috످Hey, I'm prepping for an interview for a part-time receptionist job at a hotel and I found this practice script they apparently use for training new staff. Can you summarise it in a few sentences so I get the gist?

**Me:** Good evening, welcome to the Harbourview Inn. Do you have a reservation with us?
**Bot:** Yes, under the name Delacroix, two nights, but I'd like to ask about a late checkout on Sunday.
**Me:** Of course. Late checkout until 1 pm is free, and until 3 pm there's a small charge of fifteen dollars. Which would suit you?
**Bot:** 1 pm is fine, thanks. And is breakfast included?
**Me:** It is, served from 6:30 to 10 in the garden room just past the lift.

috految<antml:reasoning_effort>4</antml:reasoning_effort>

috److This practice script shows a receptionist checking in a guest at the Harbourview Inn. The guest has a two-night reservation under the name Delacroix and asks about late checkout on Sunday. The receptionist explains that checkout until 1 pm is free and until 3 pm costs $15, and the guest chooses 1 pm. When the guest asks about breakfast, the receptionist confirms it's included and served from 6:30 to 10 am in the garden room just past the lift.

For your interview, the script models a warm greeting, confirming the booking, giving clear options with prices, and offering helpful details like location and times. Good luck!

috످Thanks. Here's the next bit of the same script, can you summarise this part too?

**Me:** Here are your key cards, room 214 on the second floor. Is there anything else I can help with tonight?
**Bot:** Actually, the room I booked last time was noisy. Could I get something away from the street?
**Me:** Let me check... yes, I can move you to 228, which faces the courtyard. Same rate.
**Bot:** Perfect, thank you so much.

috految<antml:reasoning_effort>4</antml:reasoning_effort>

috److The receptionist hands over the key cards for room 214 and offers further help. The guest mentions their room was noisy last time and asks for one away from the street, so the receptionist moves them to room 228, facing the courtyard, at no extra cost.

If you're asked about handling complaints in your interview, this is a good approach to follow: listen, check what's available, and offer a solution.

috످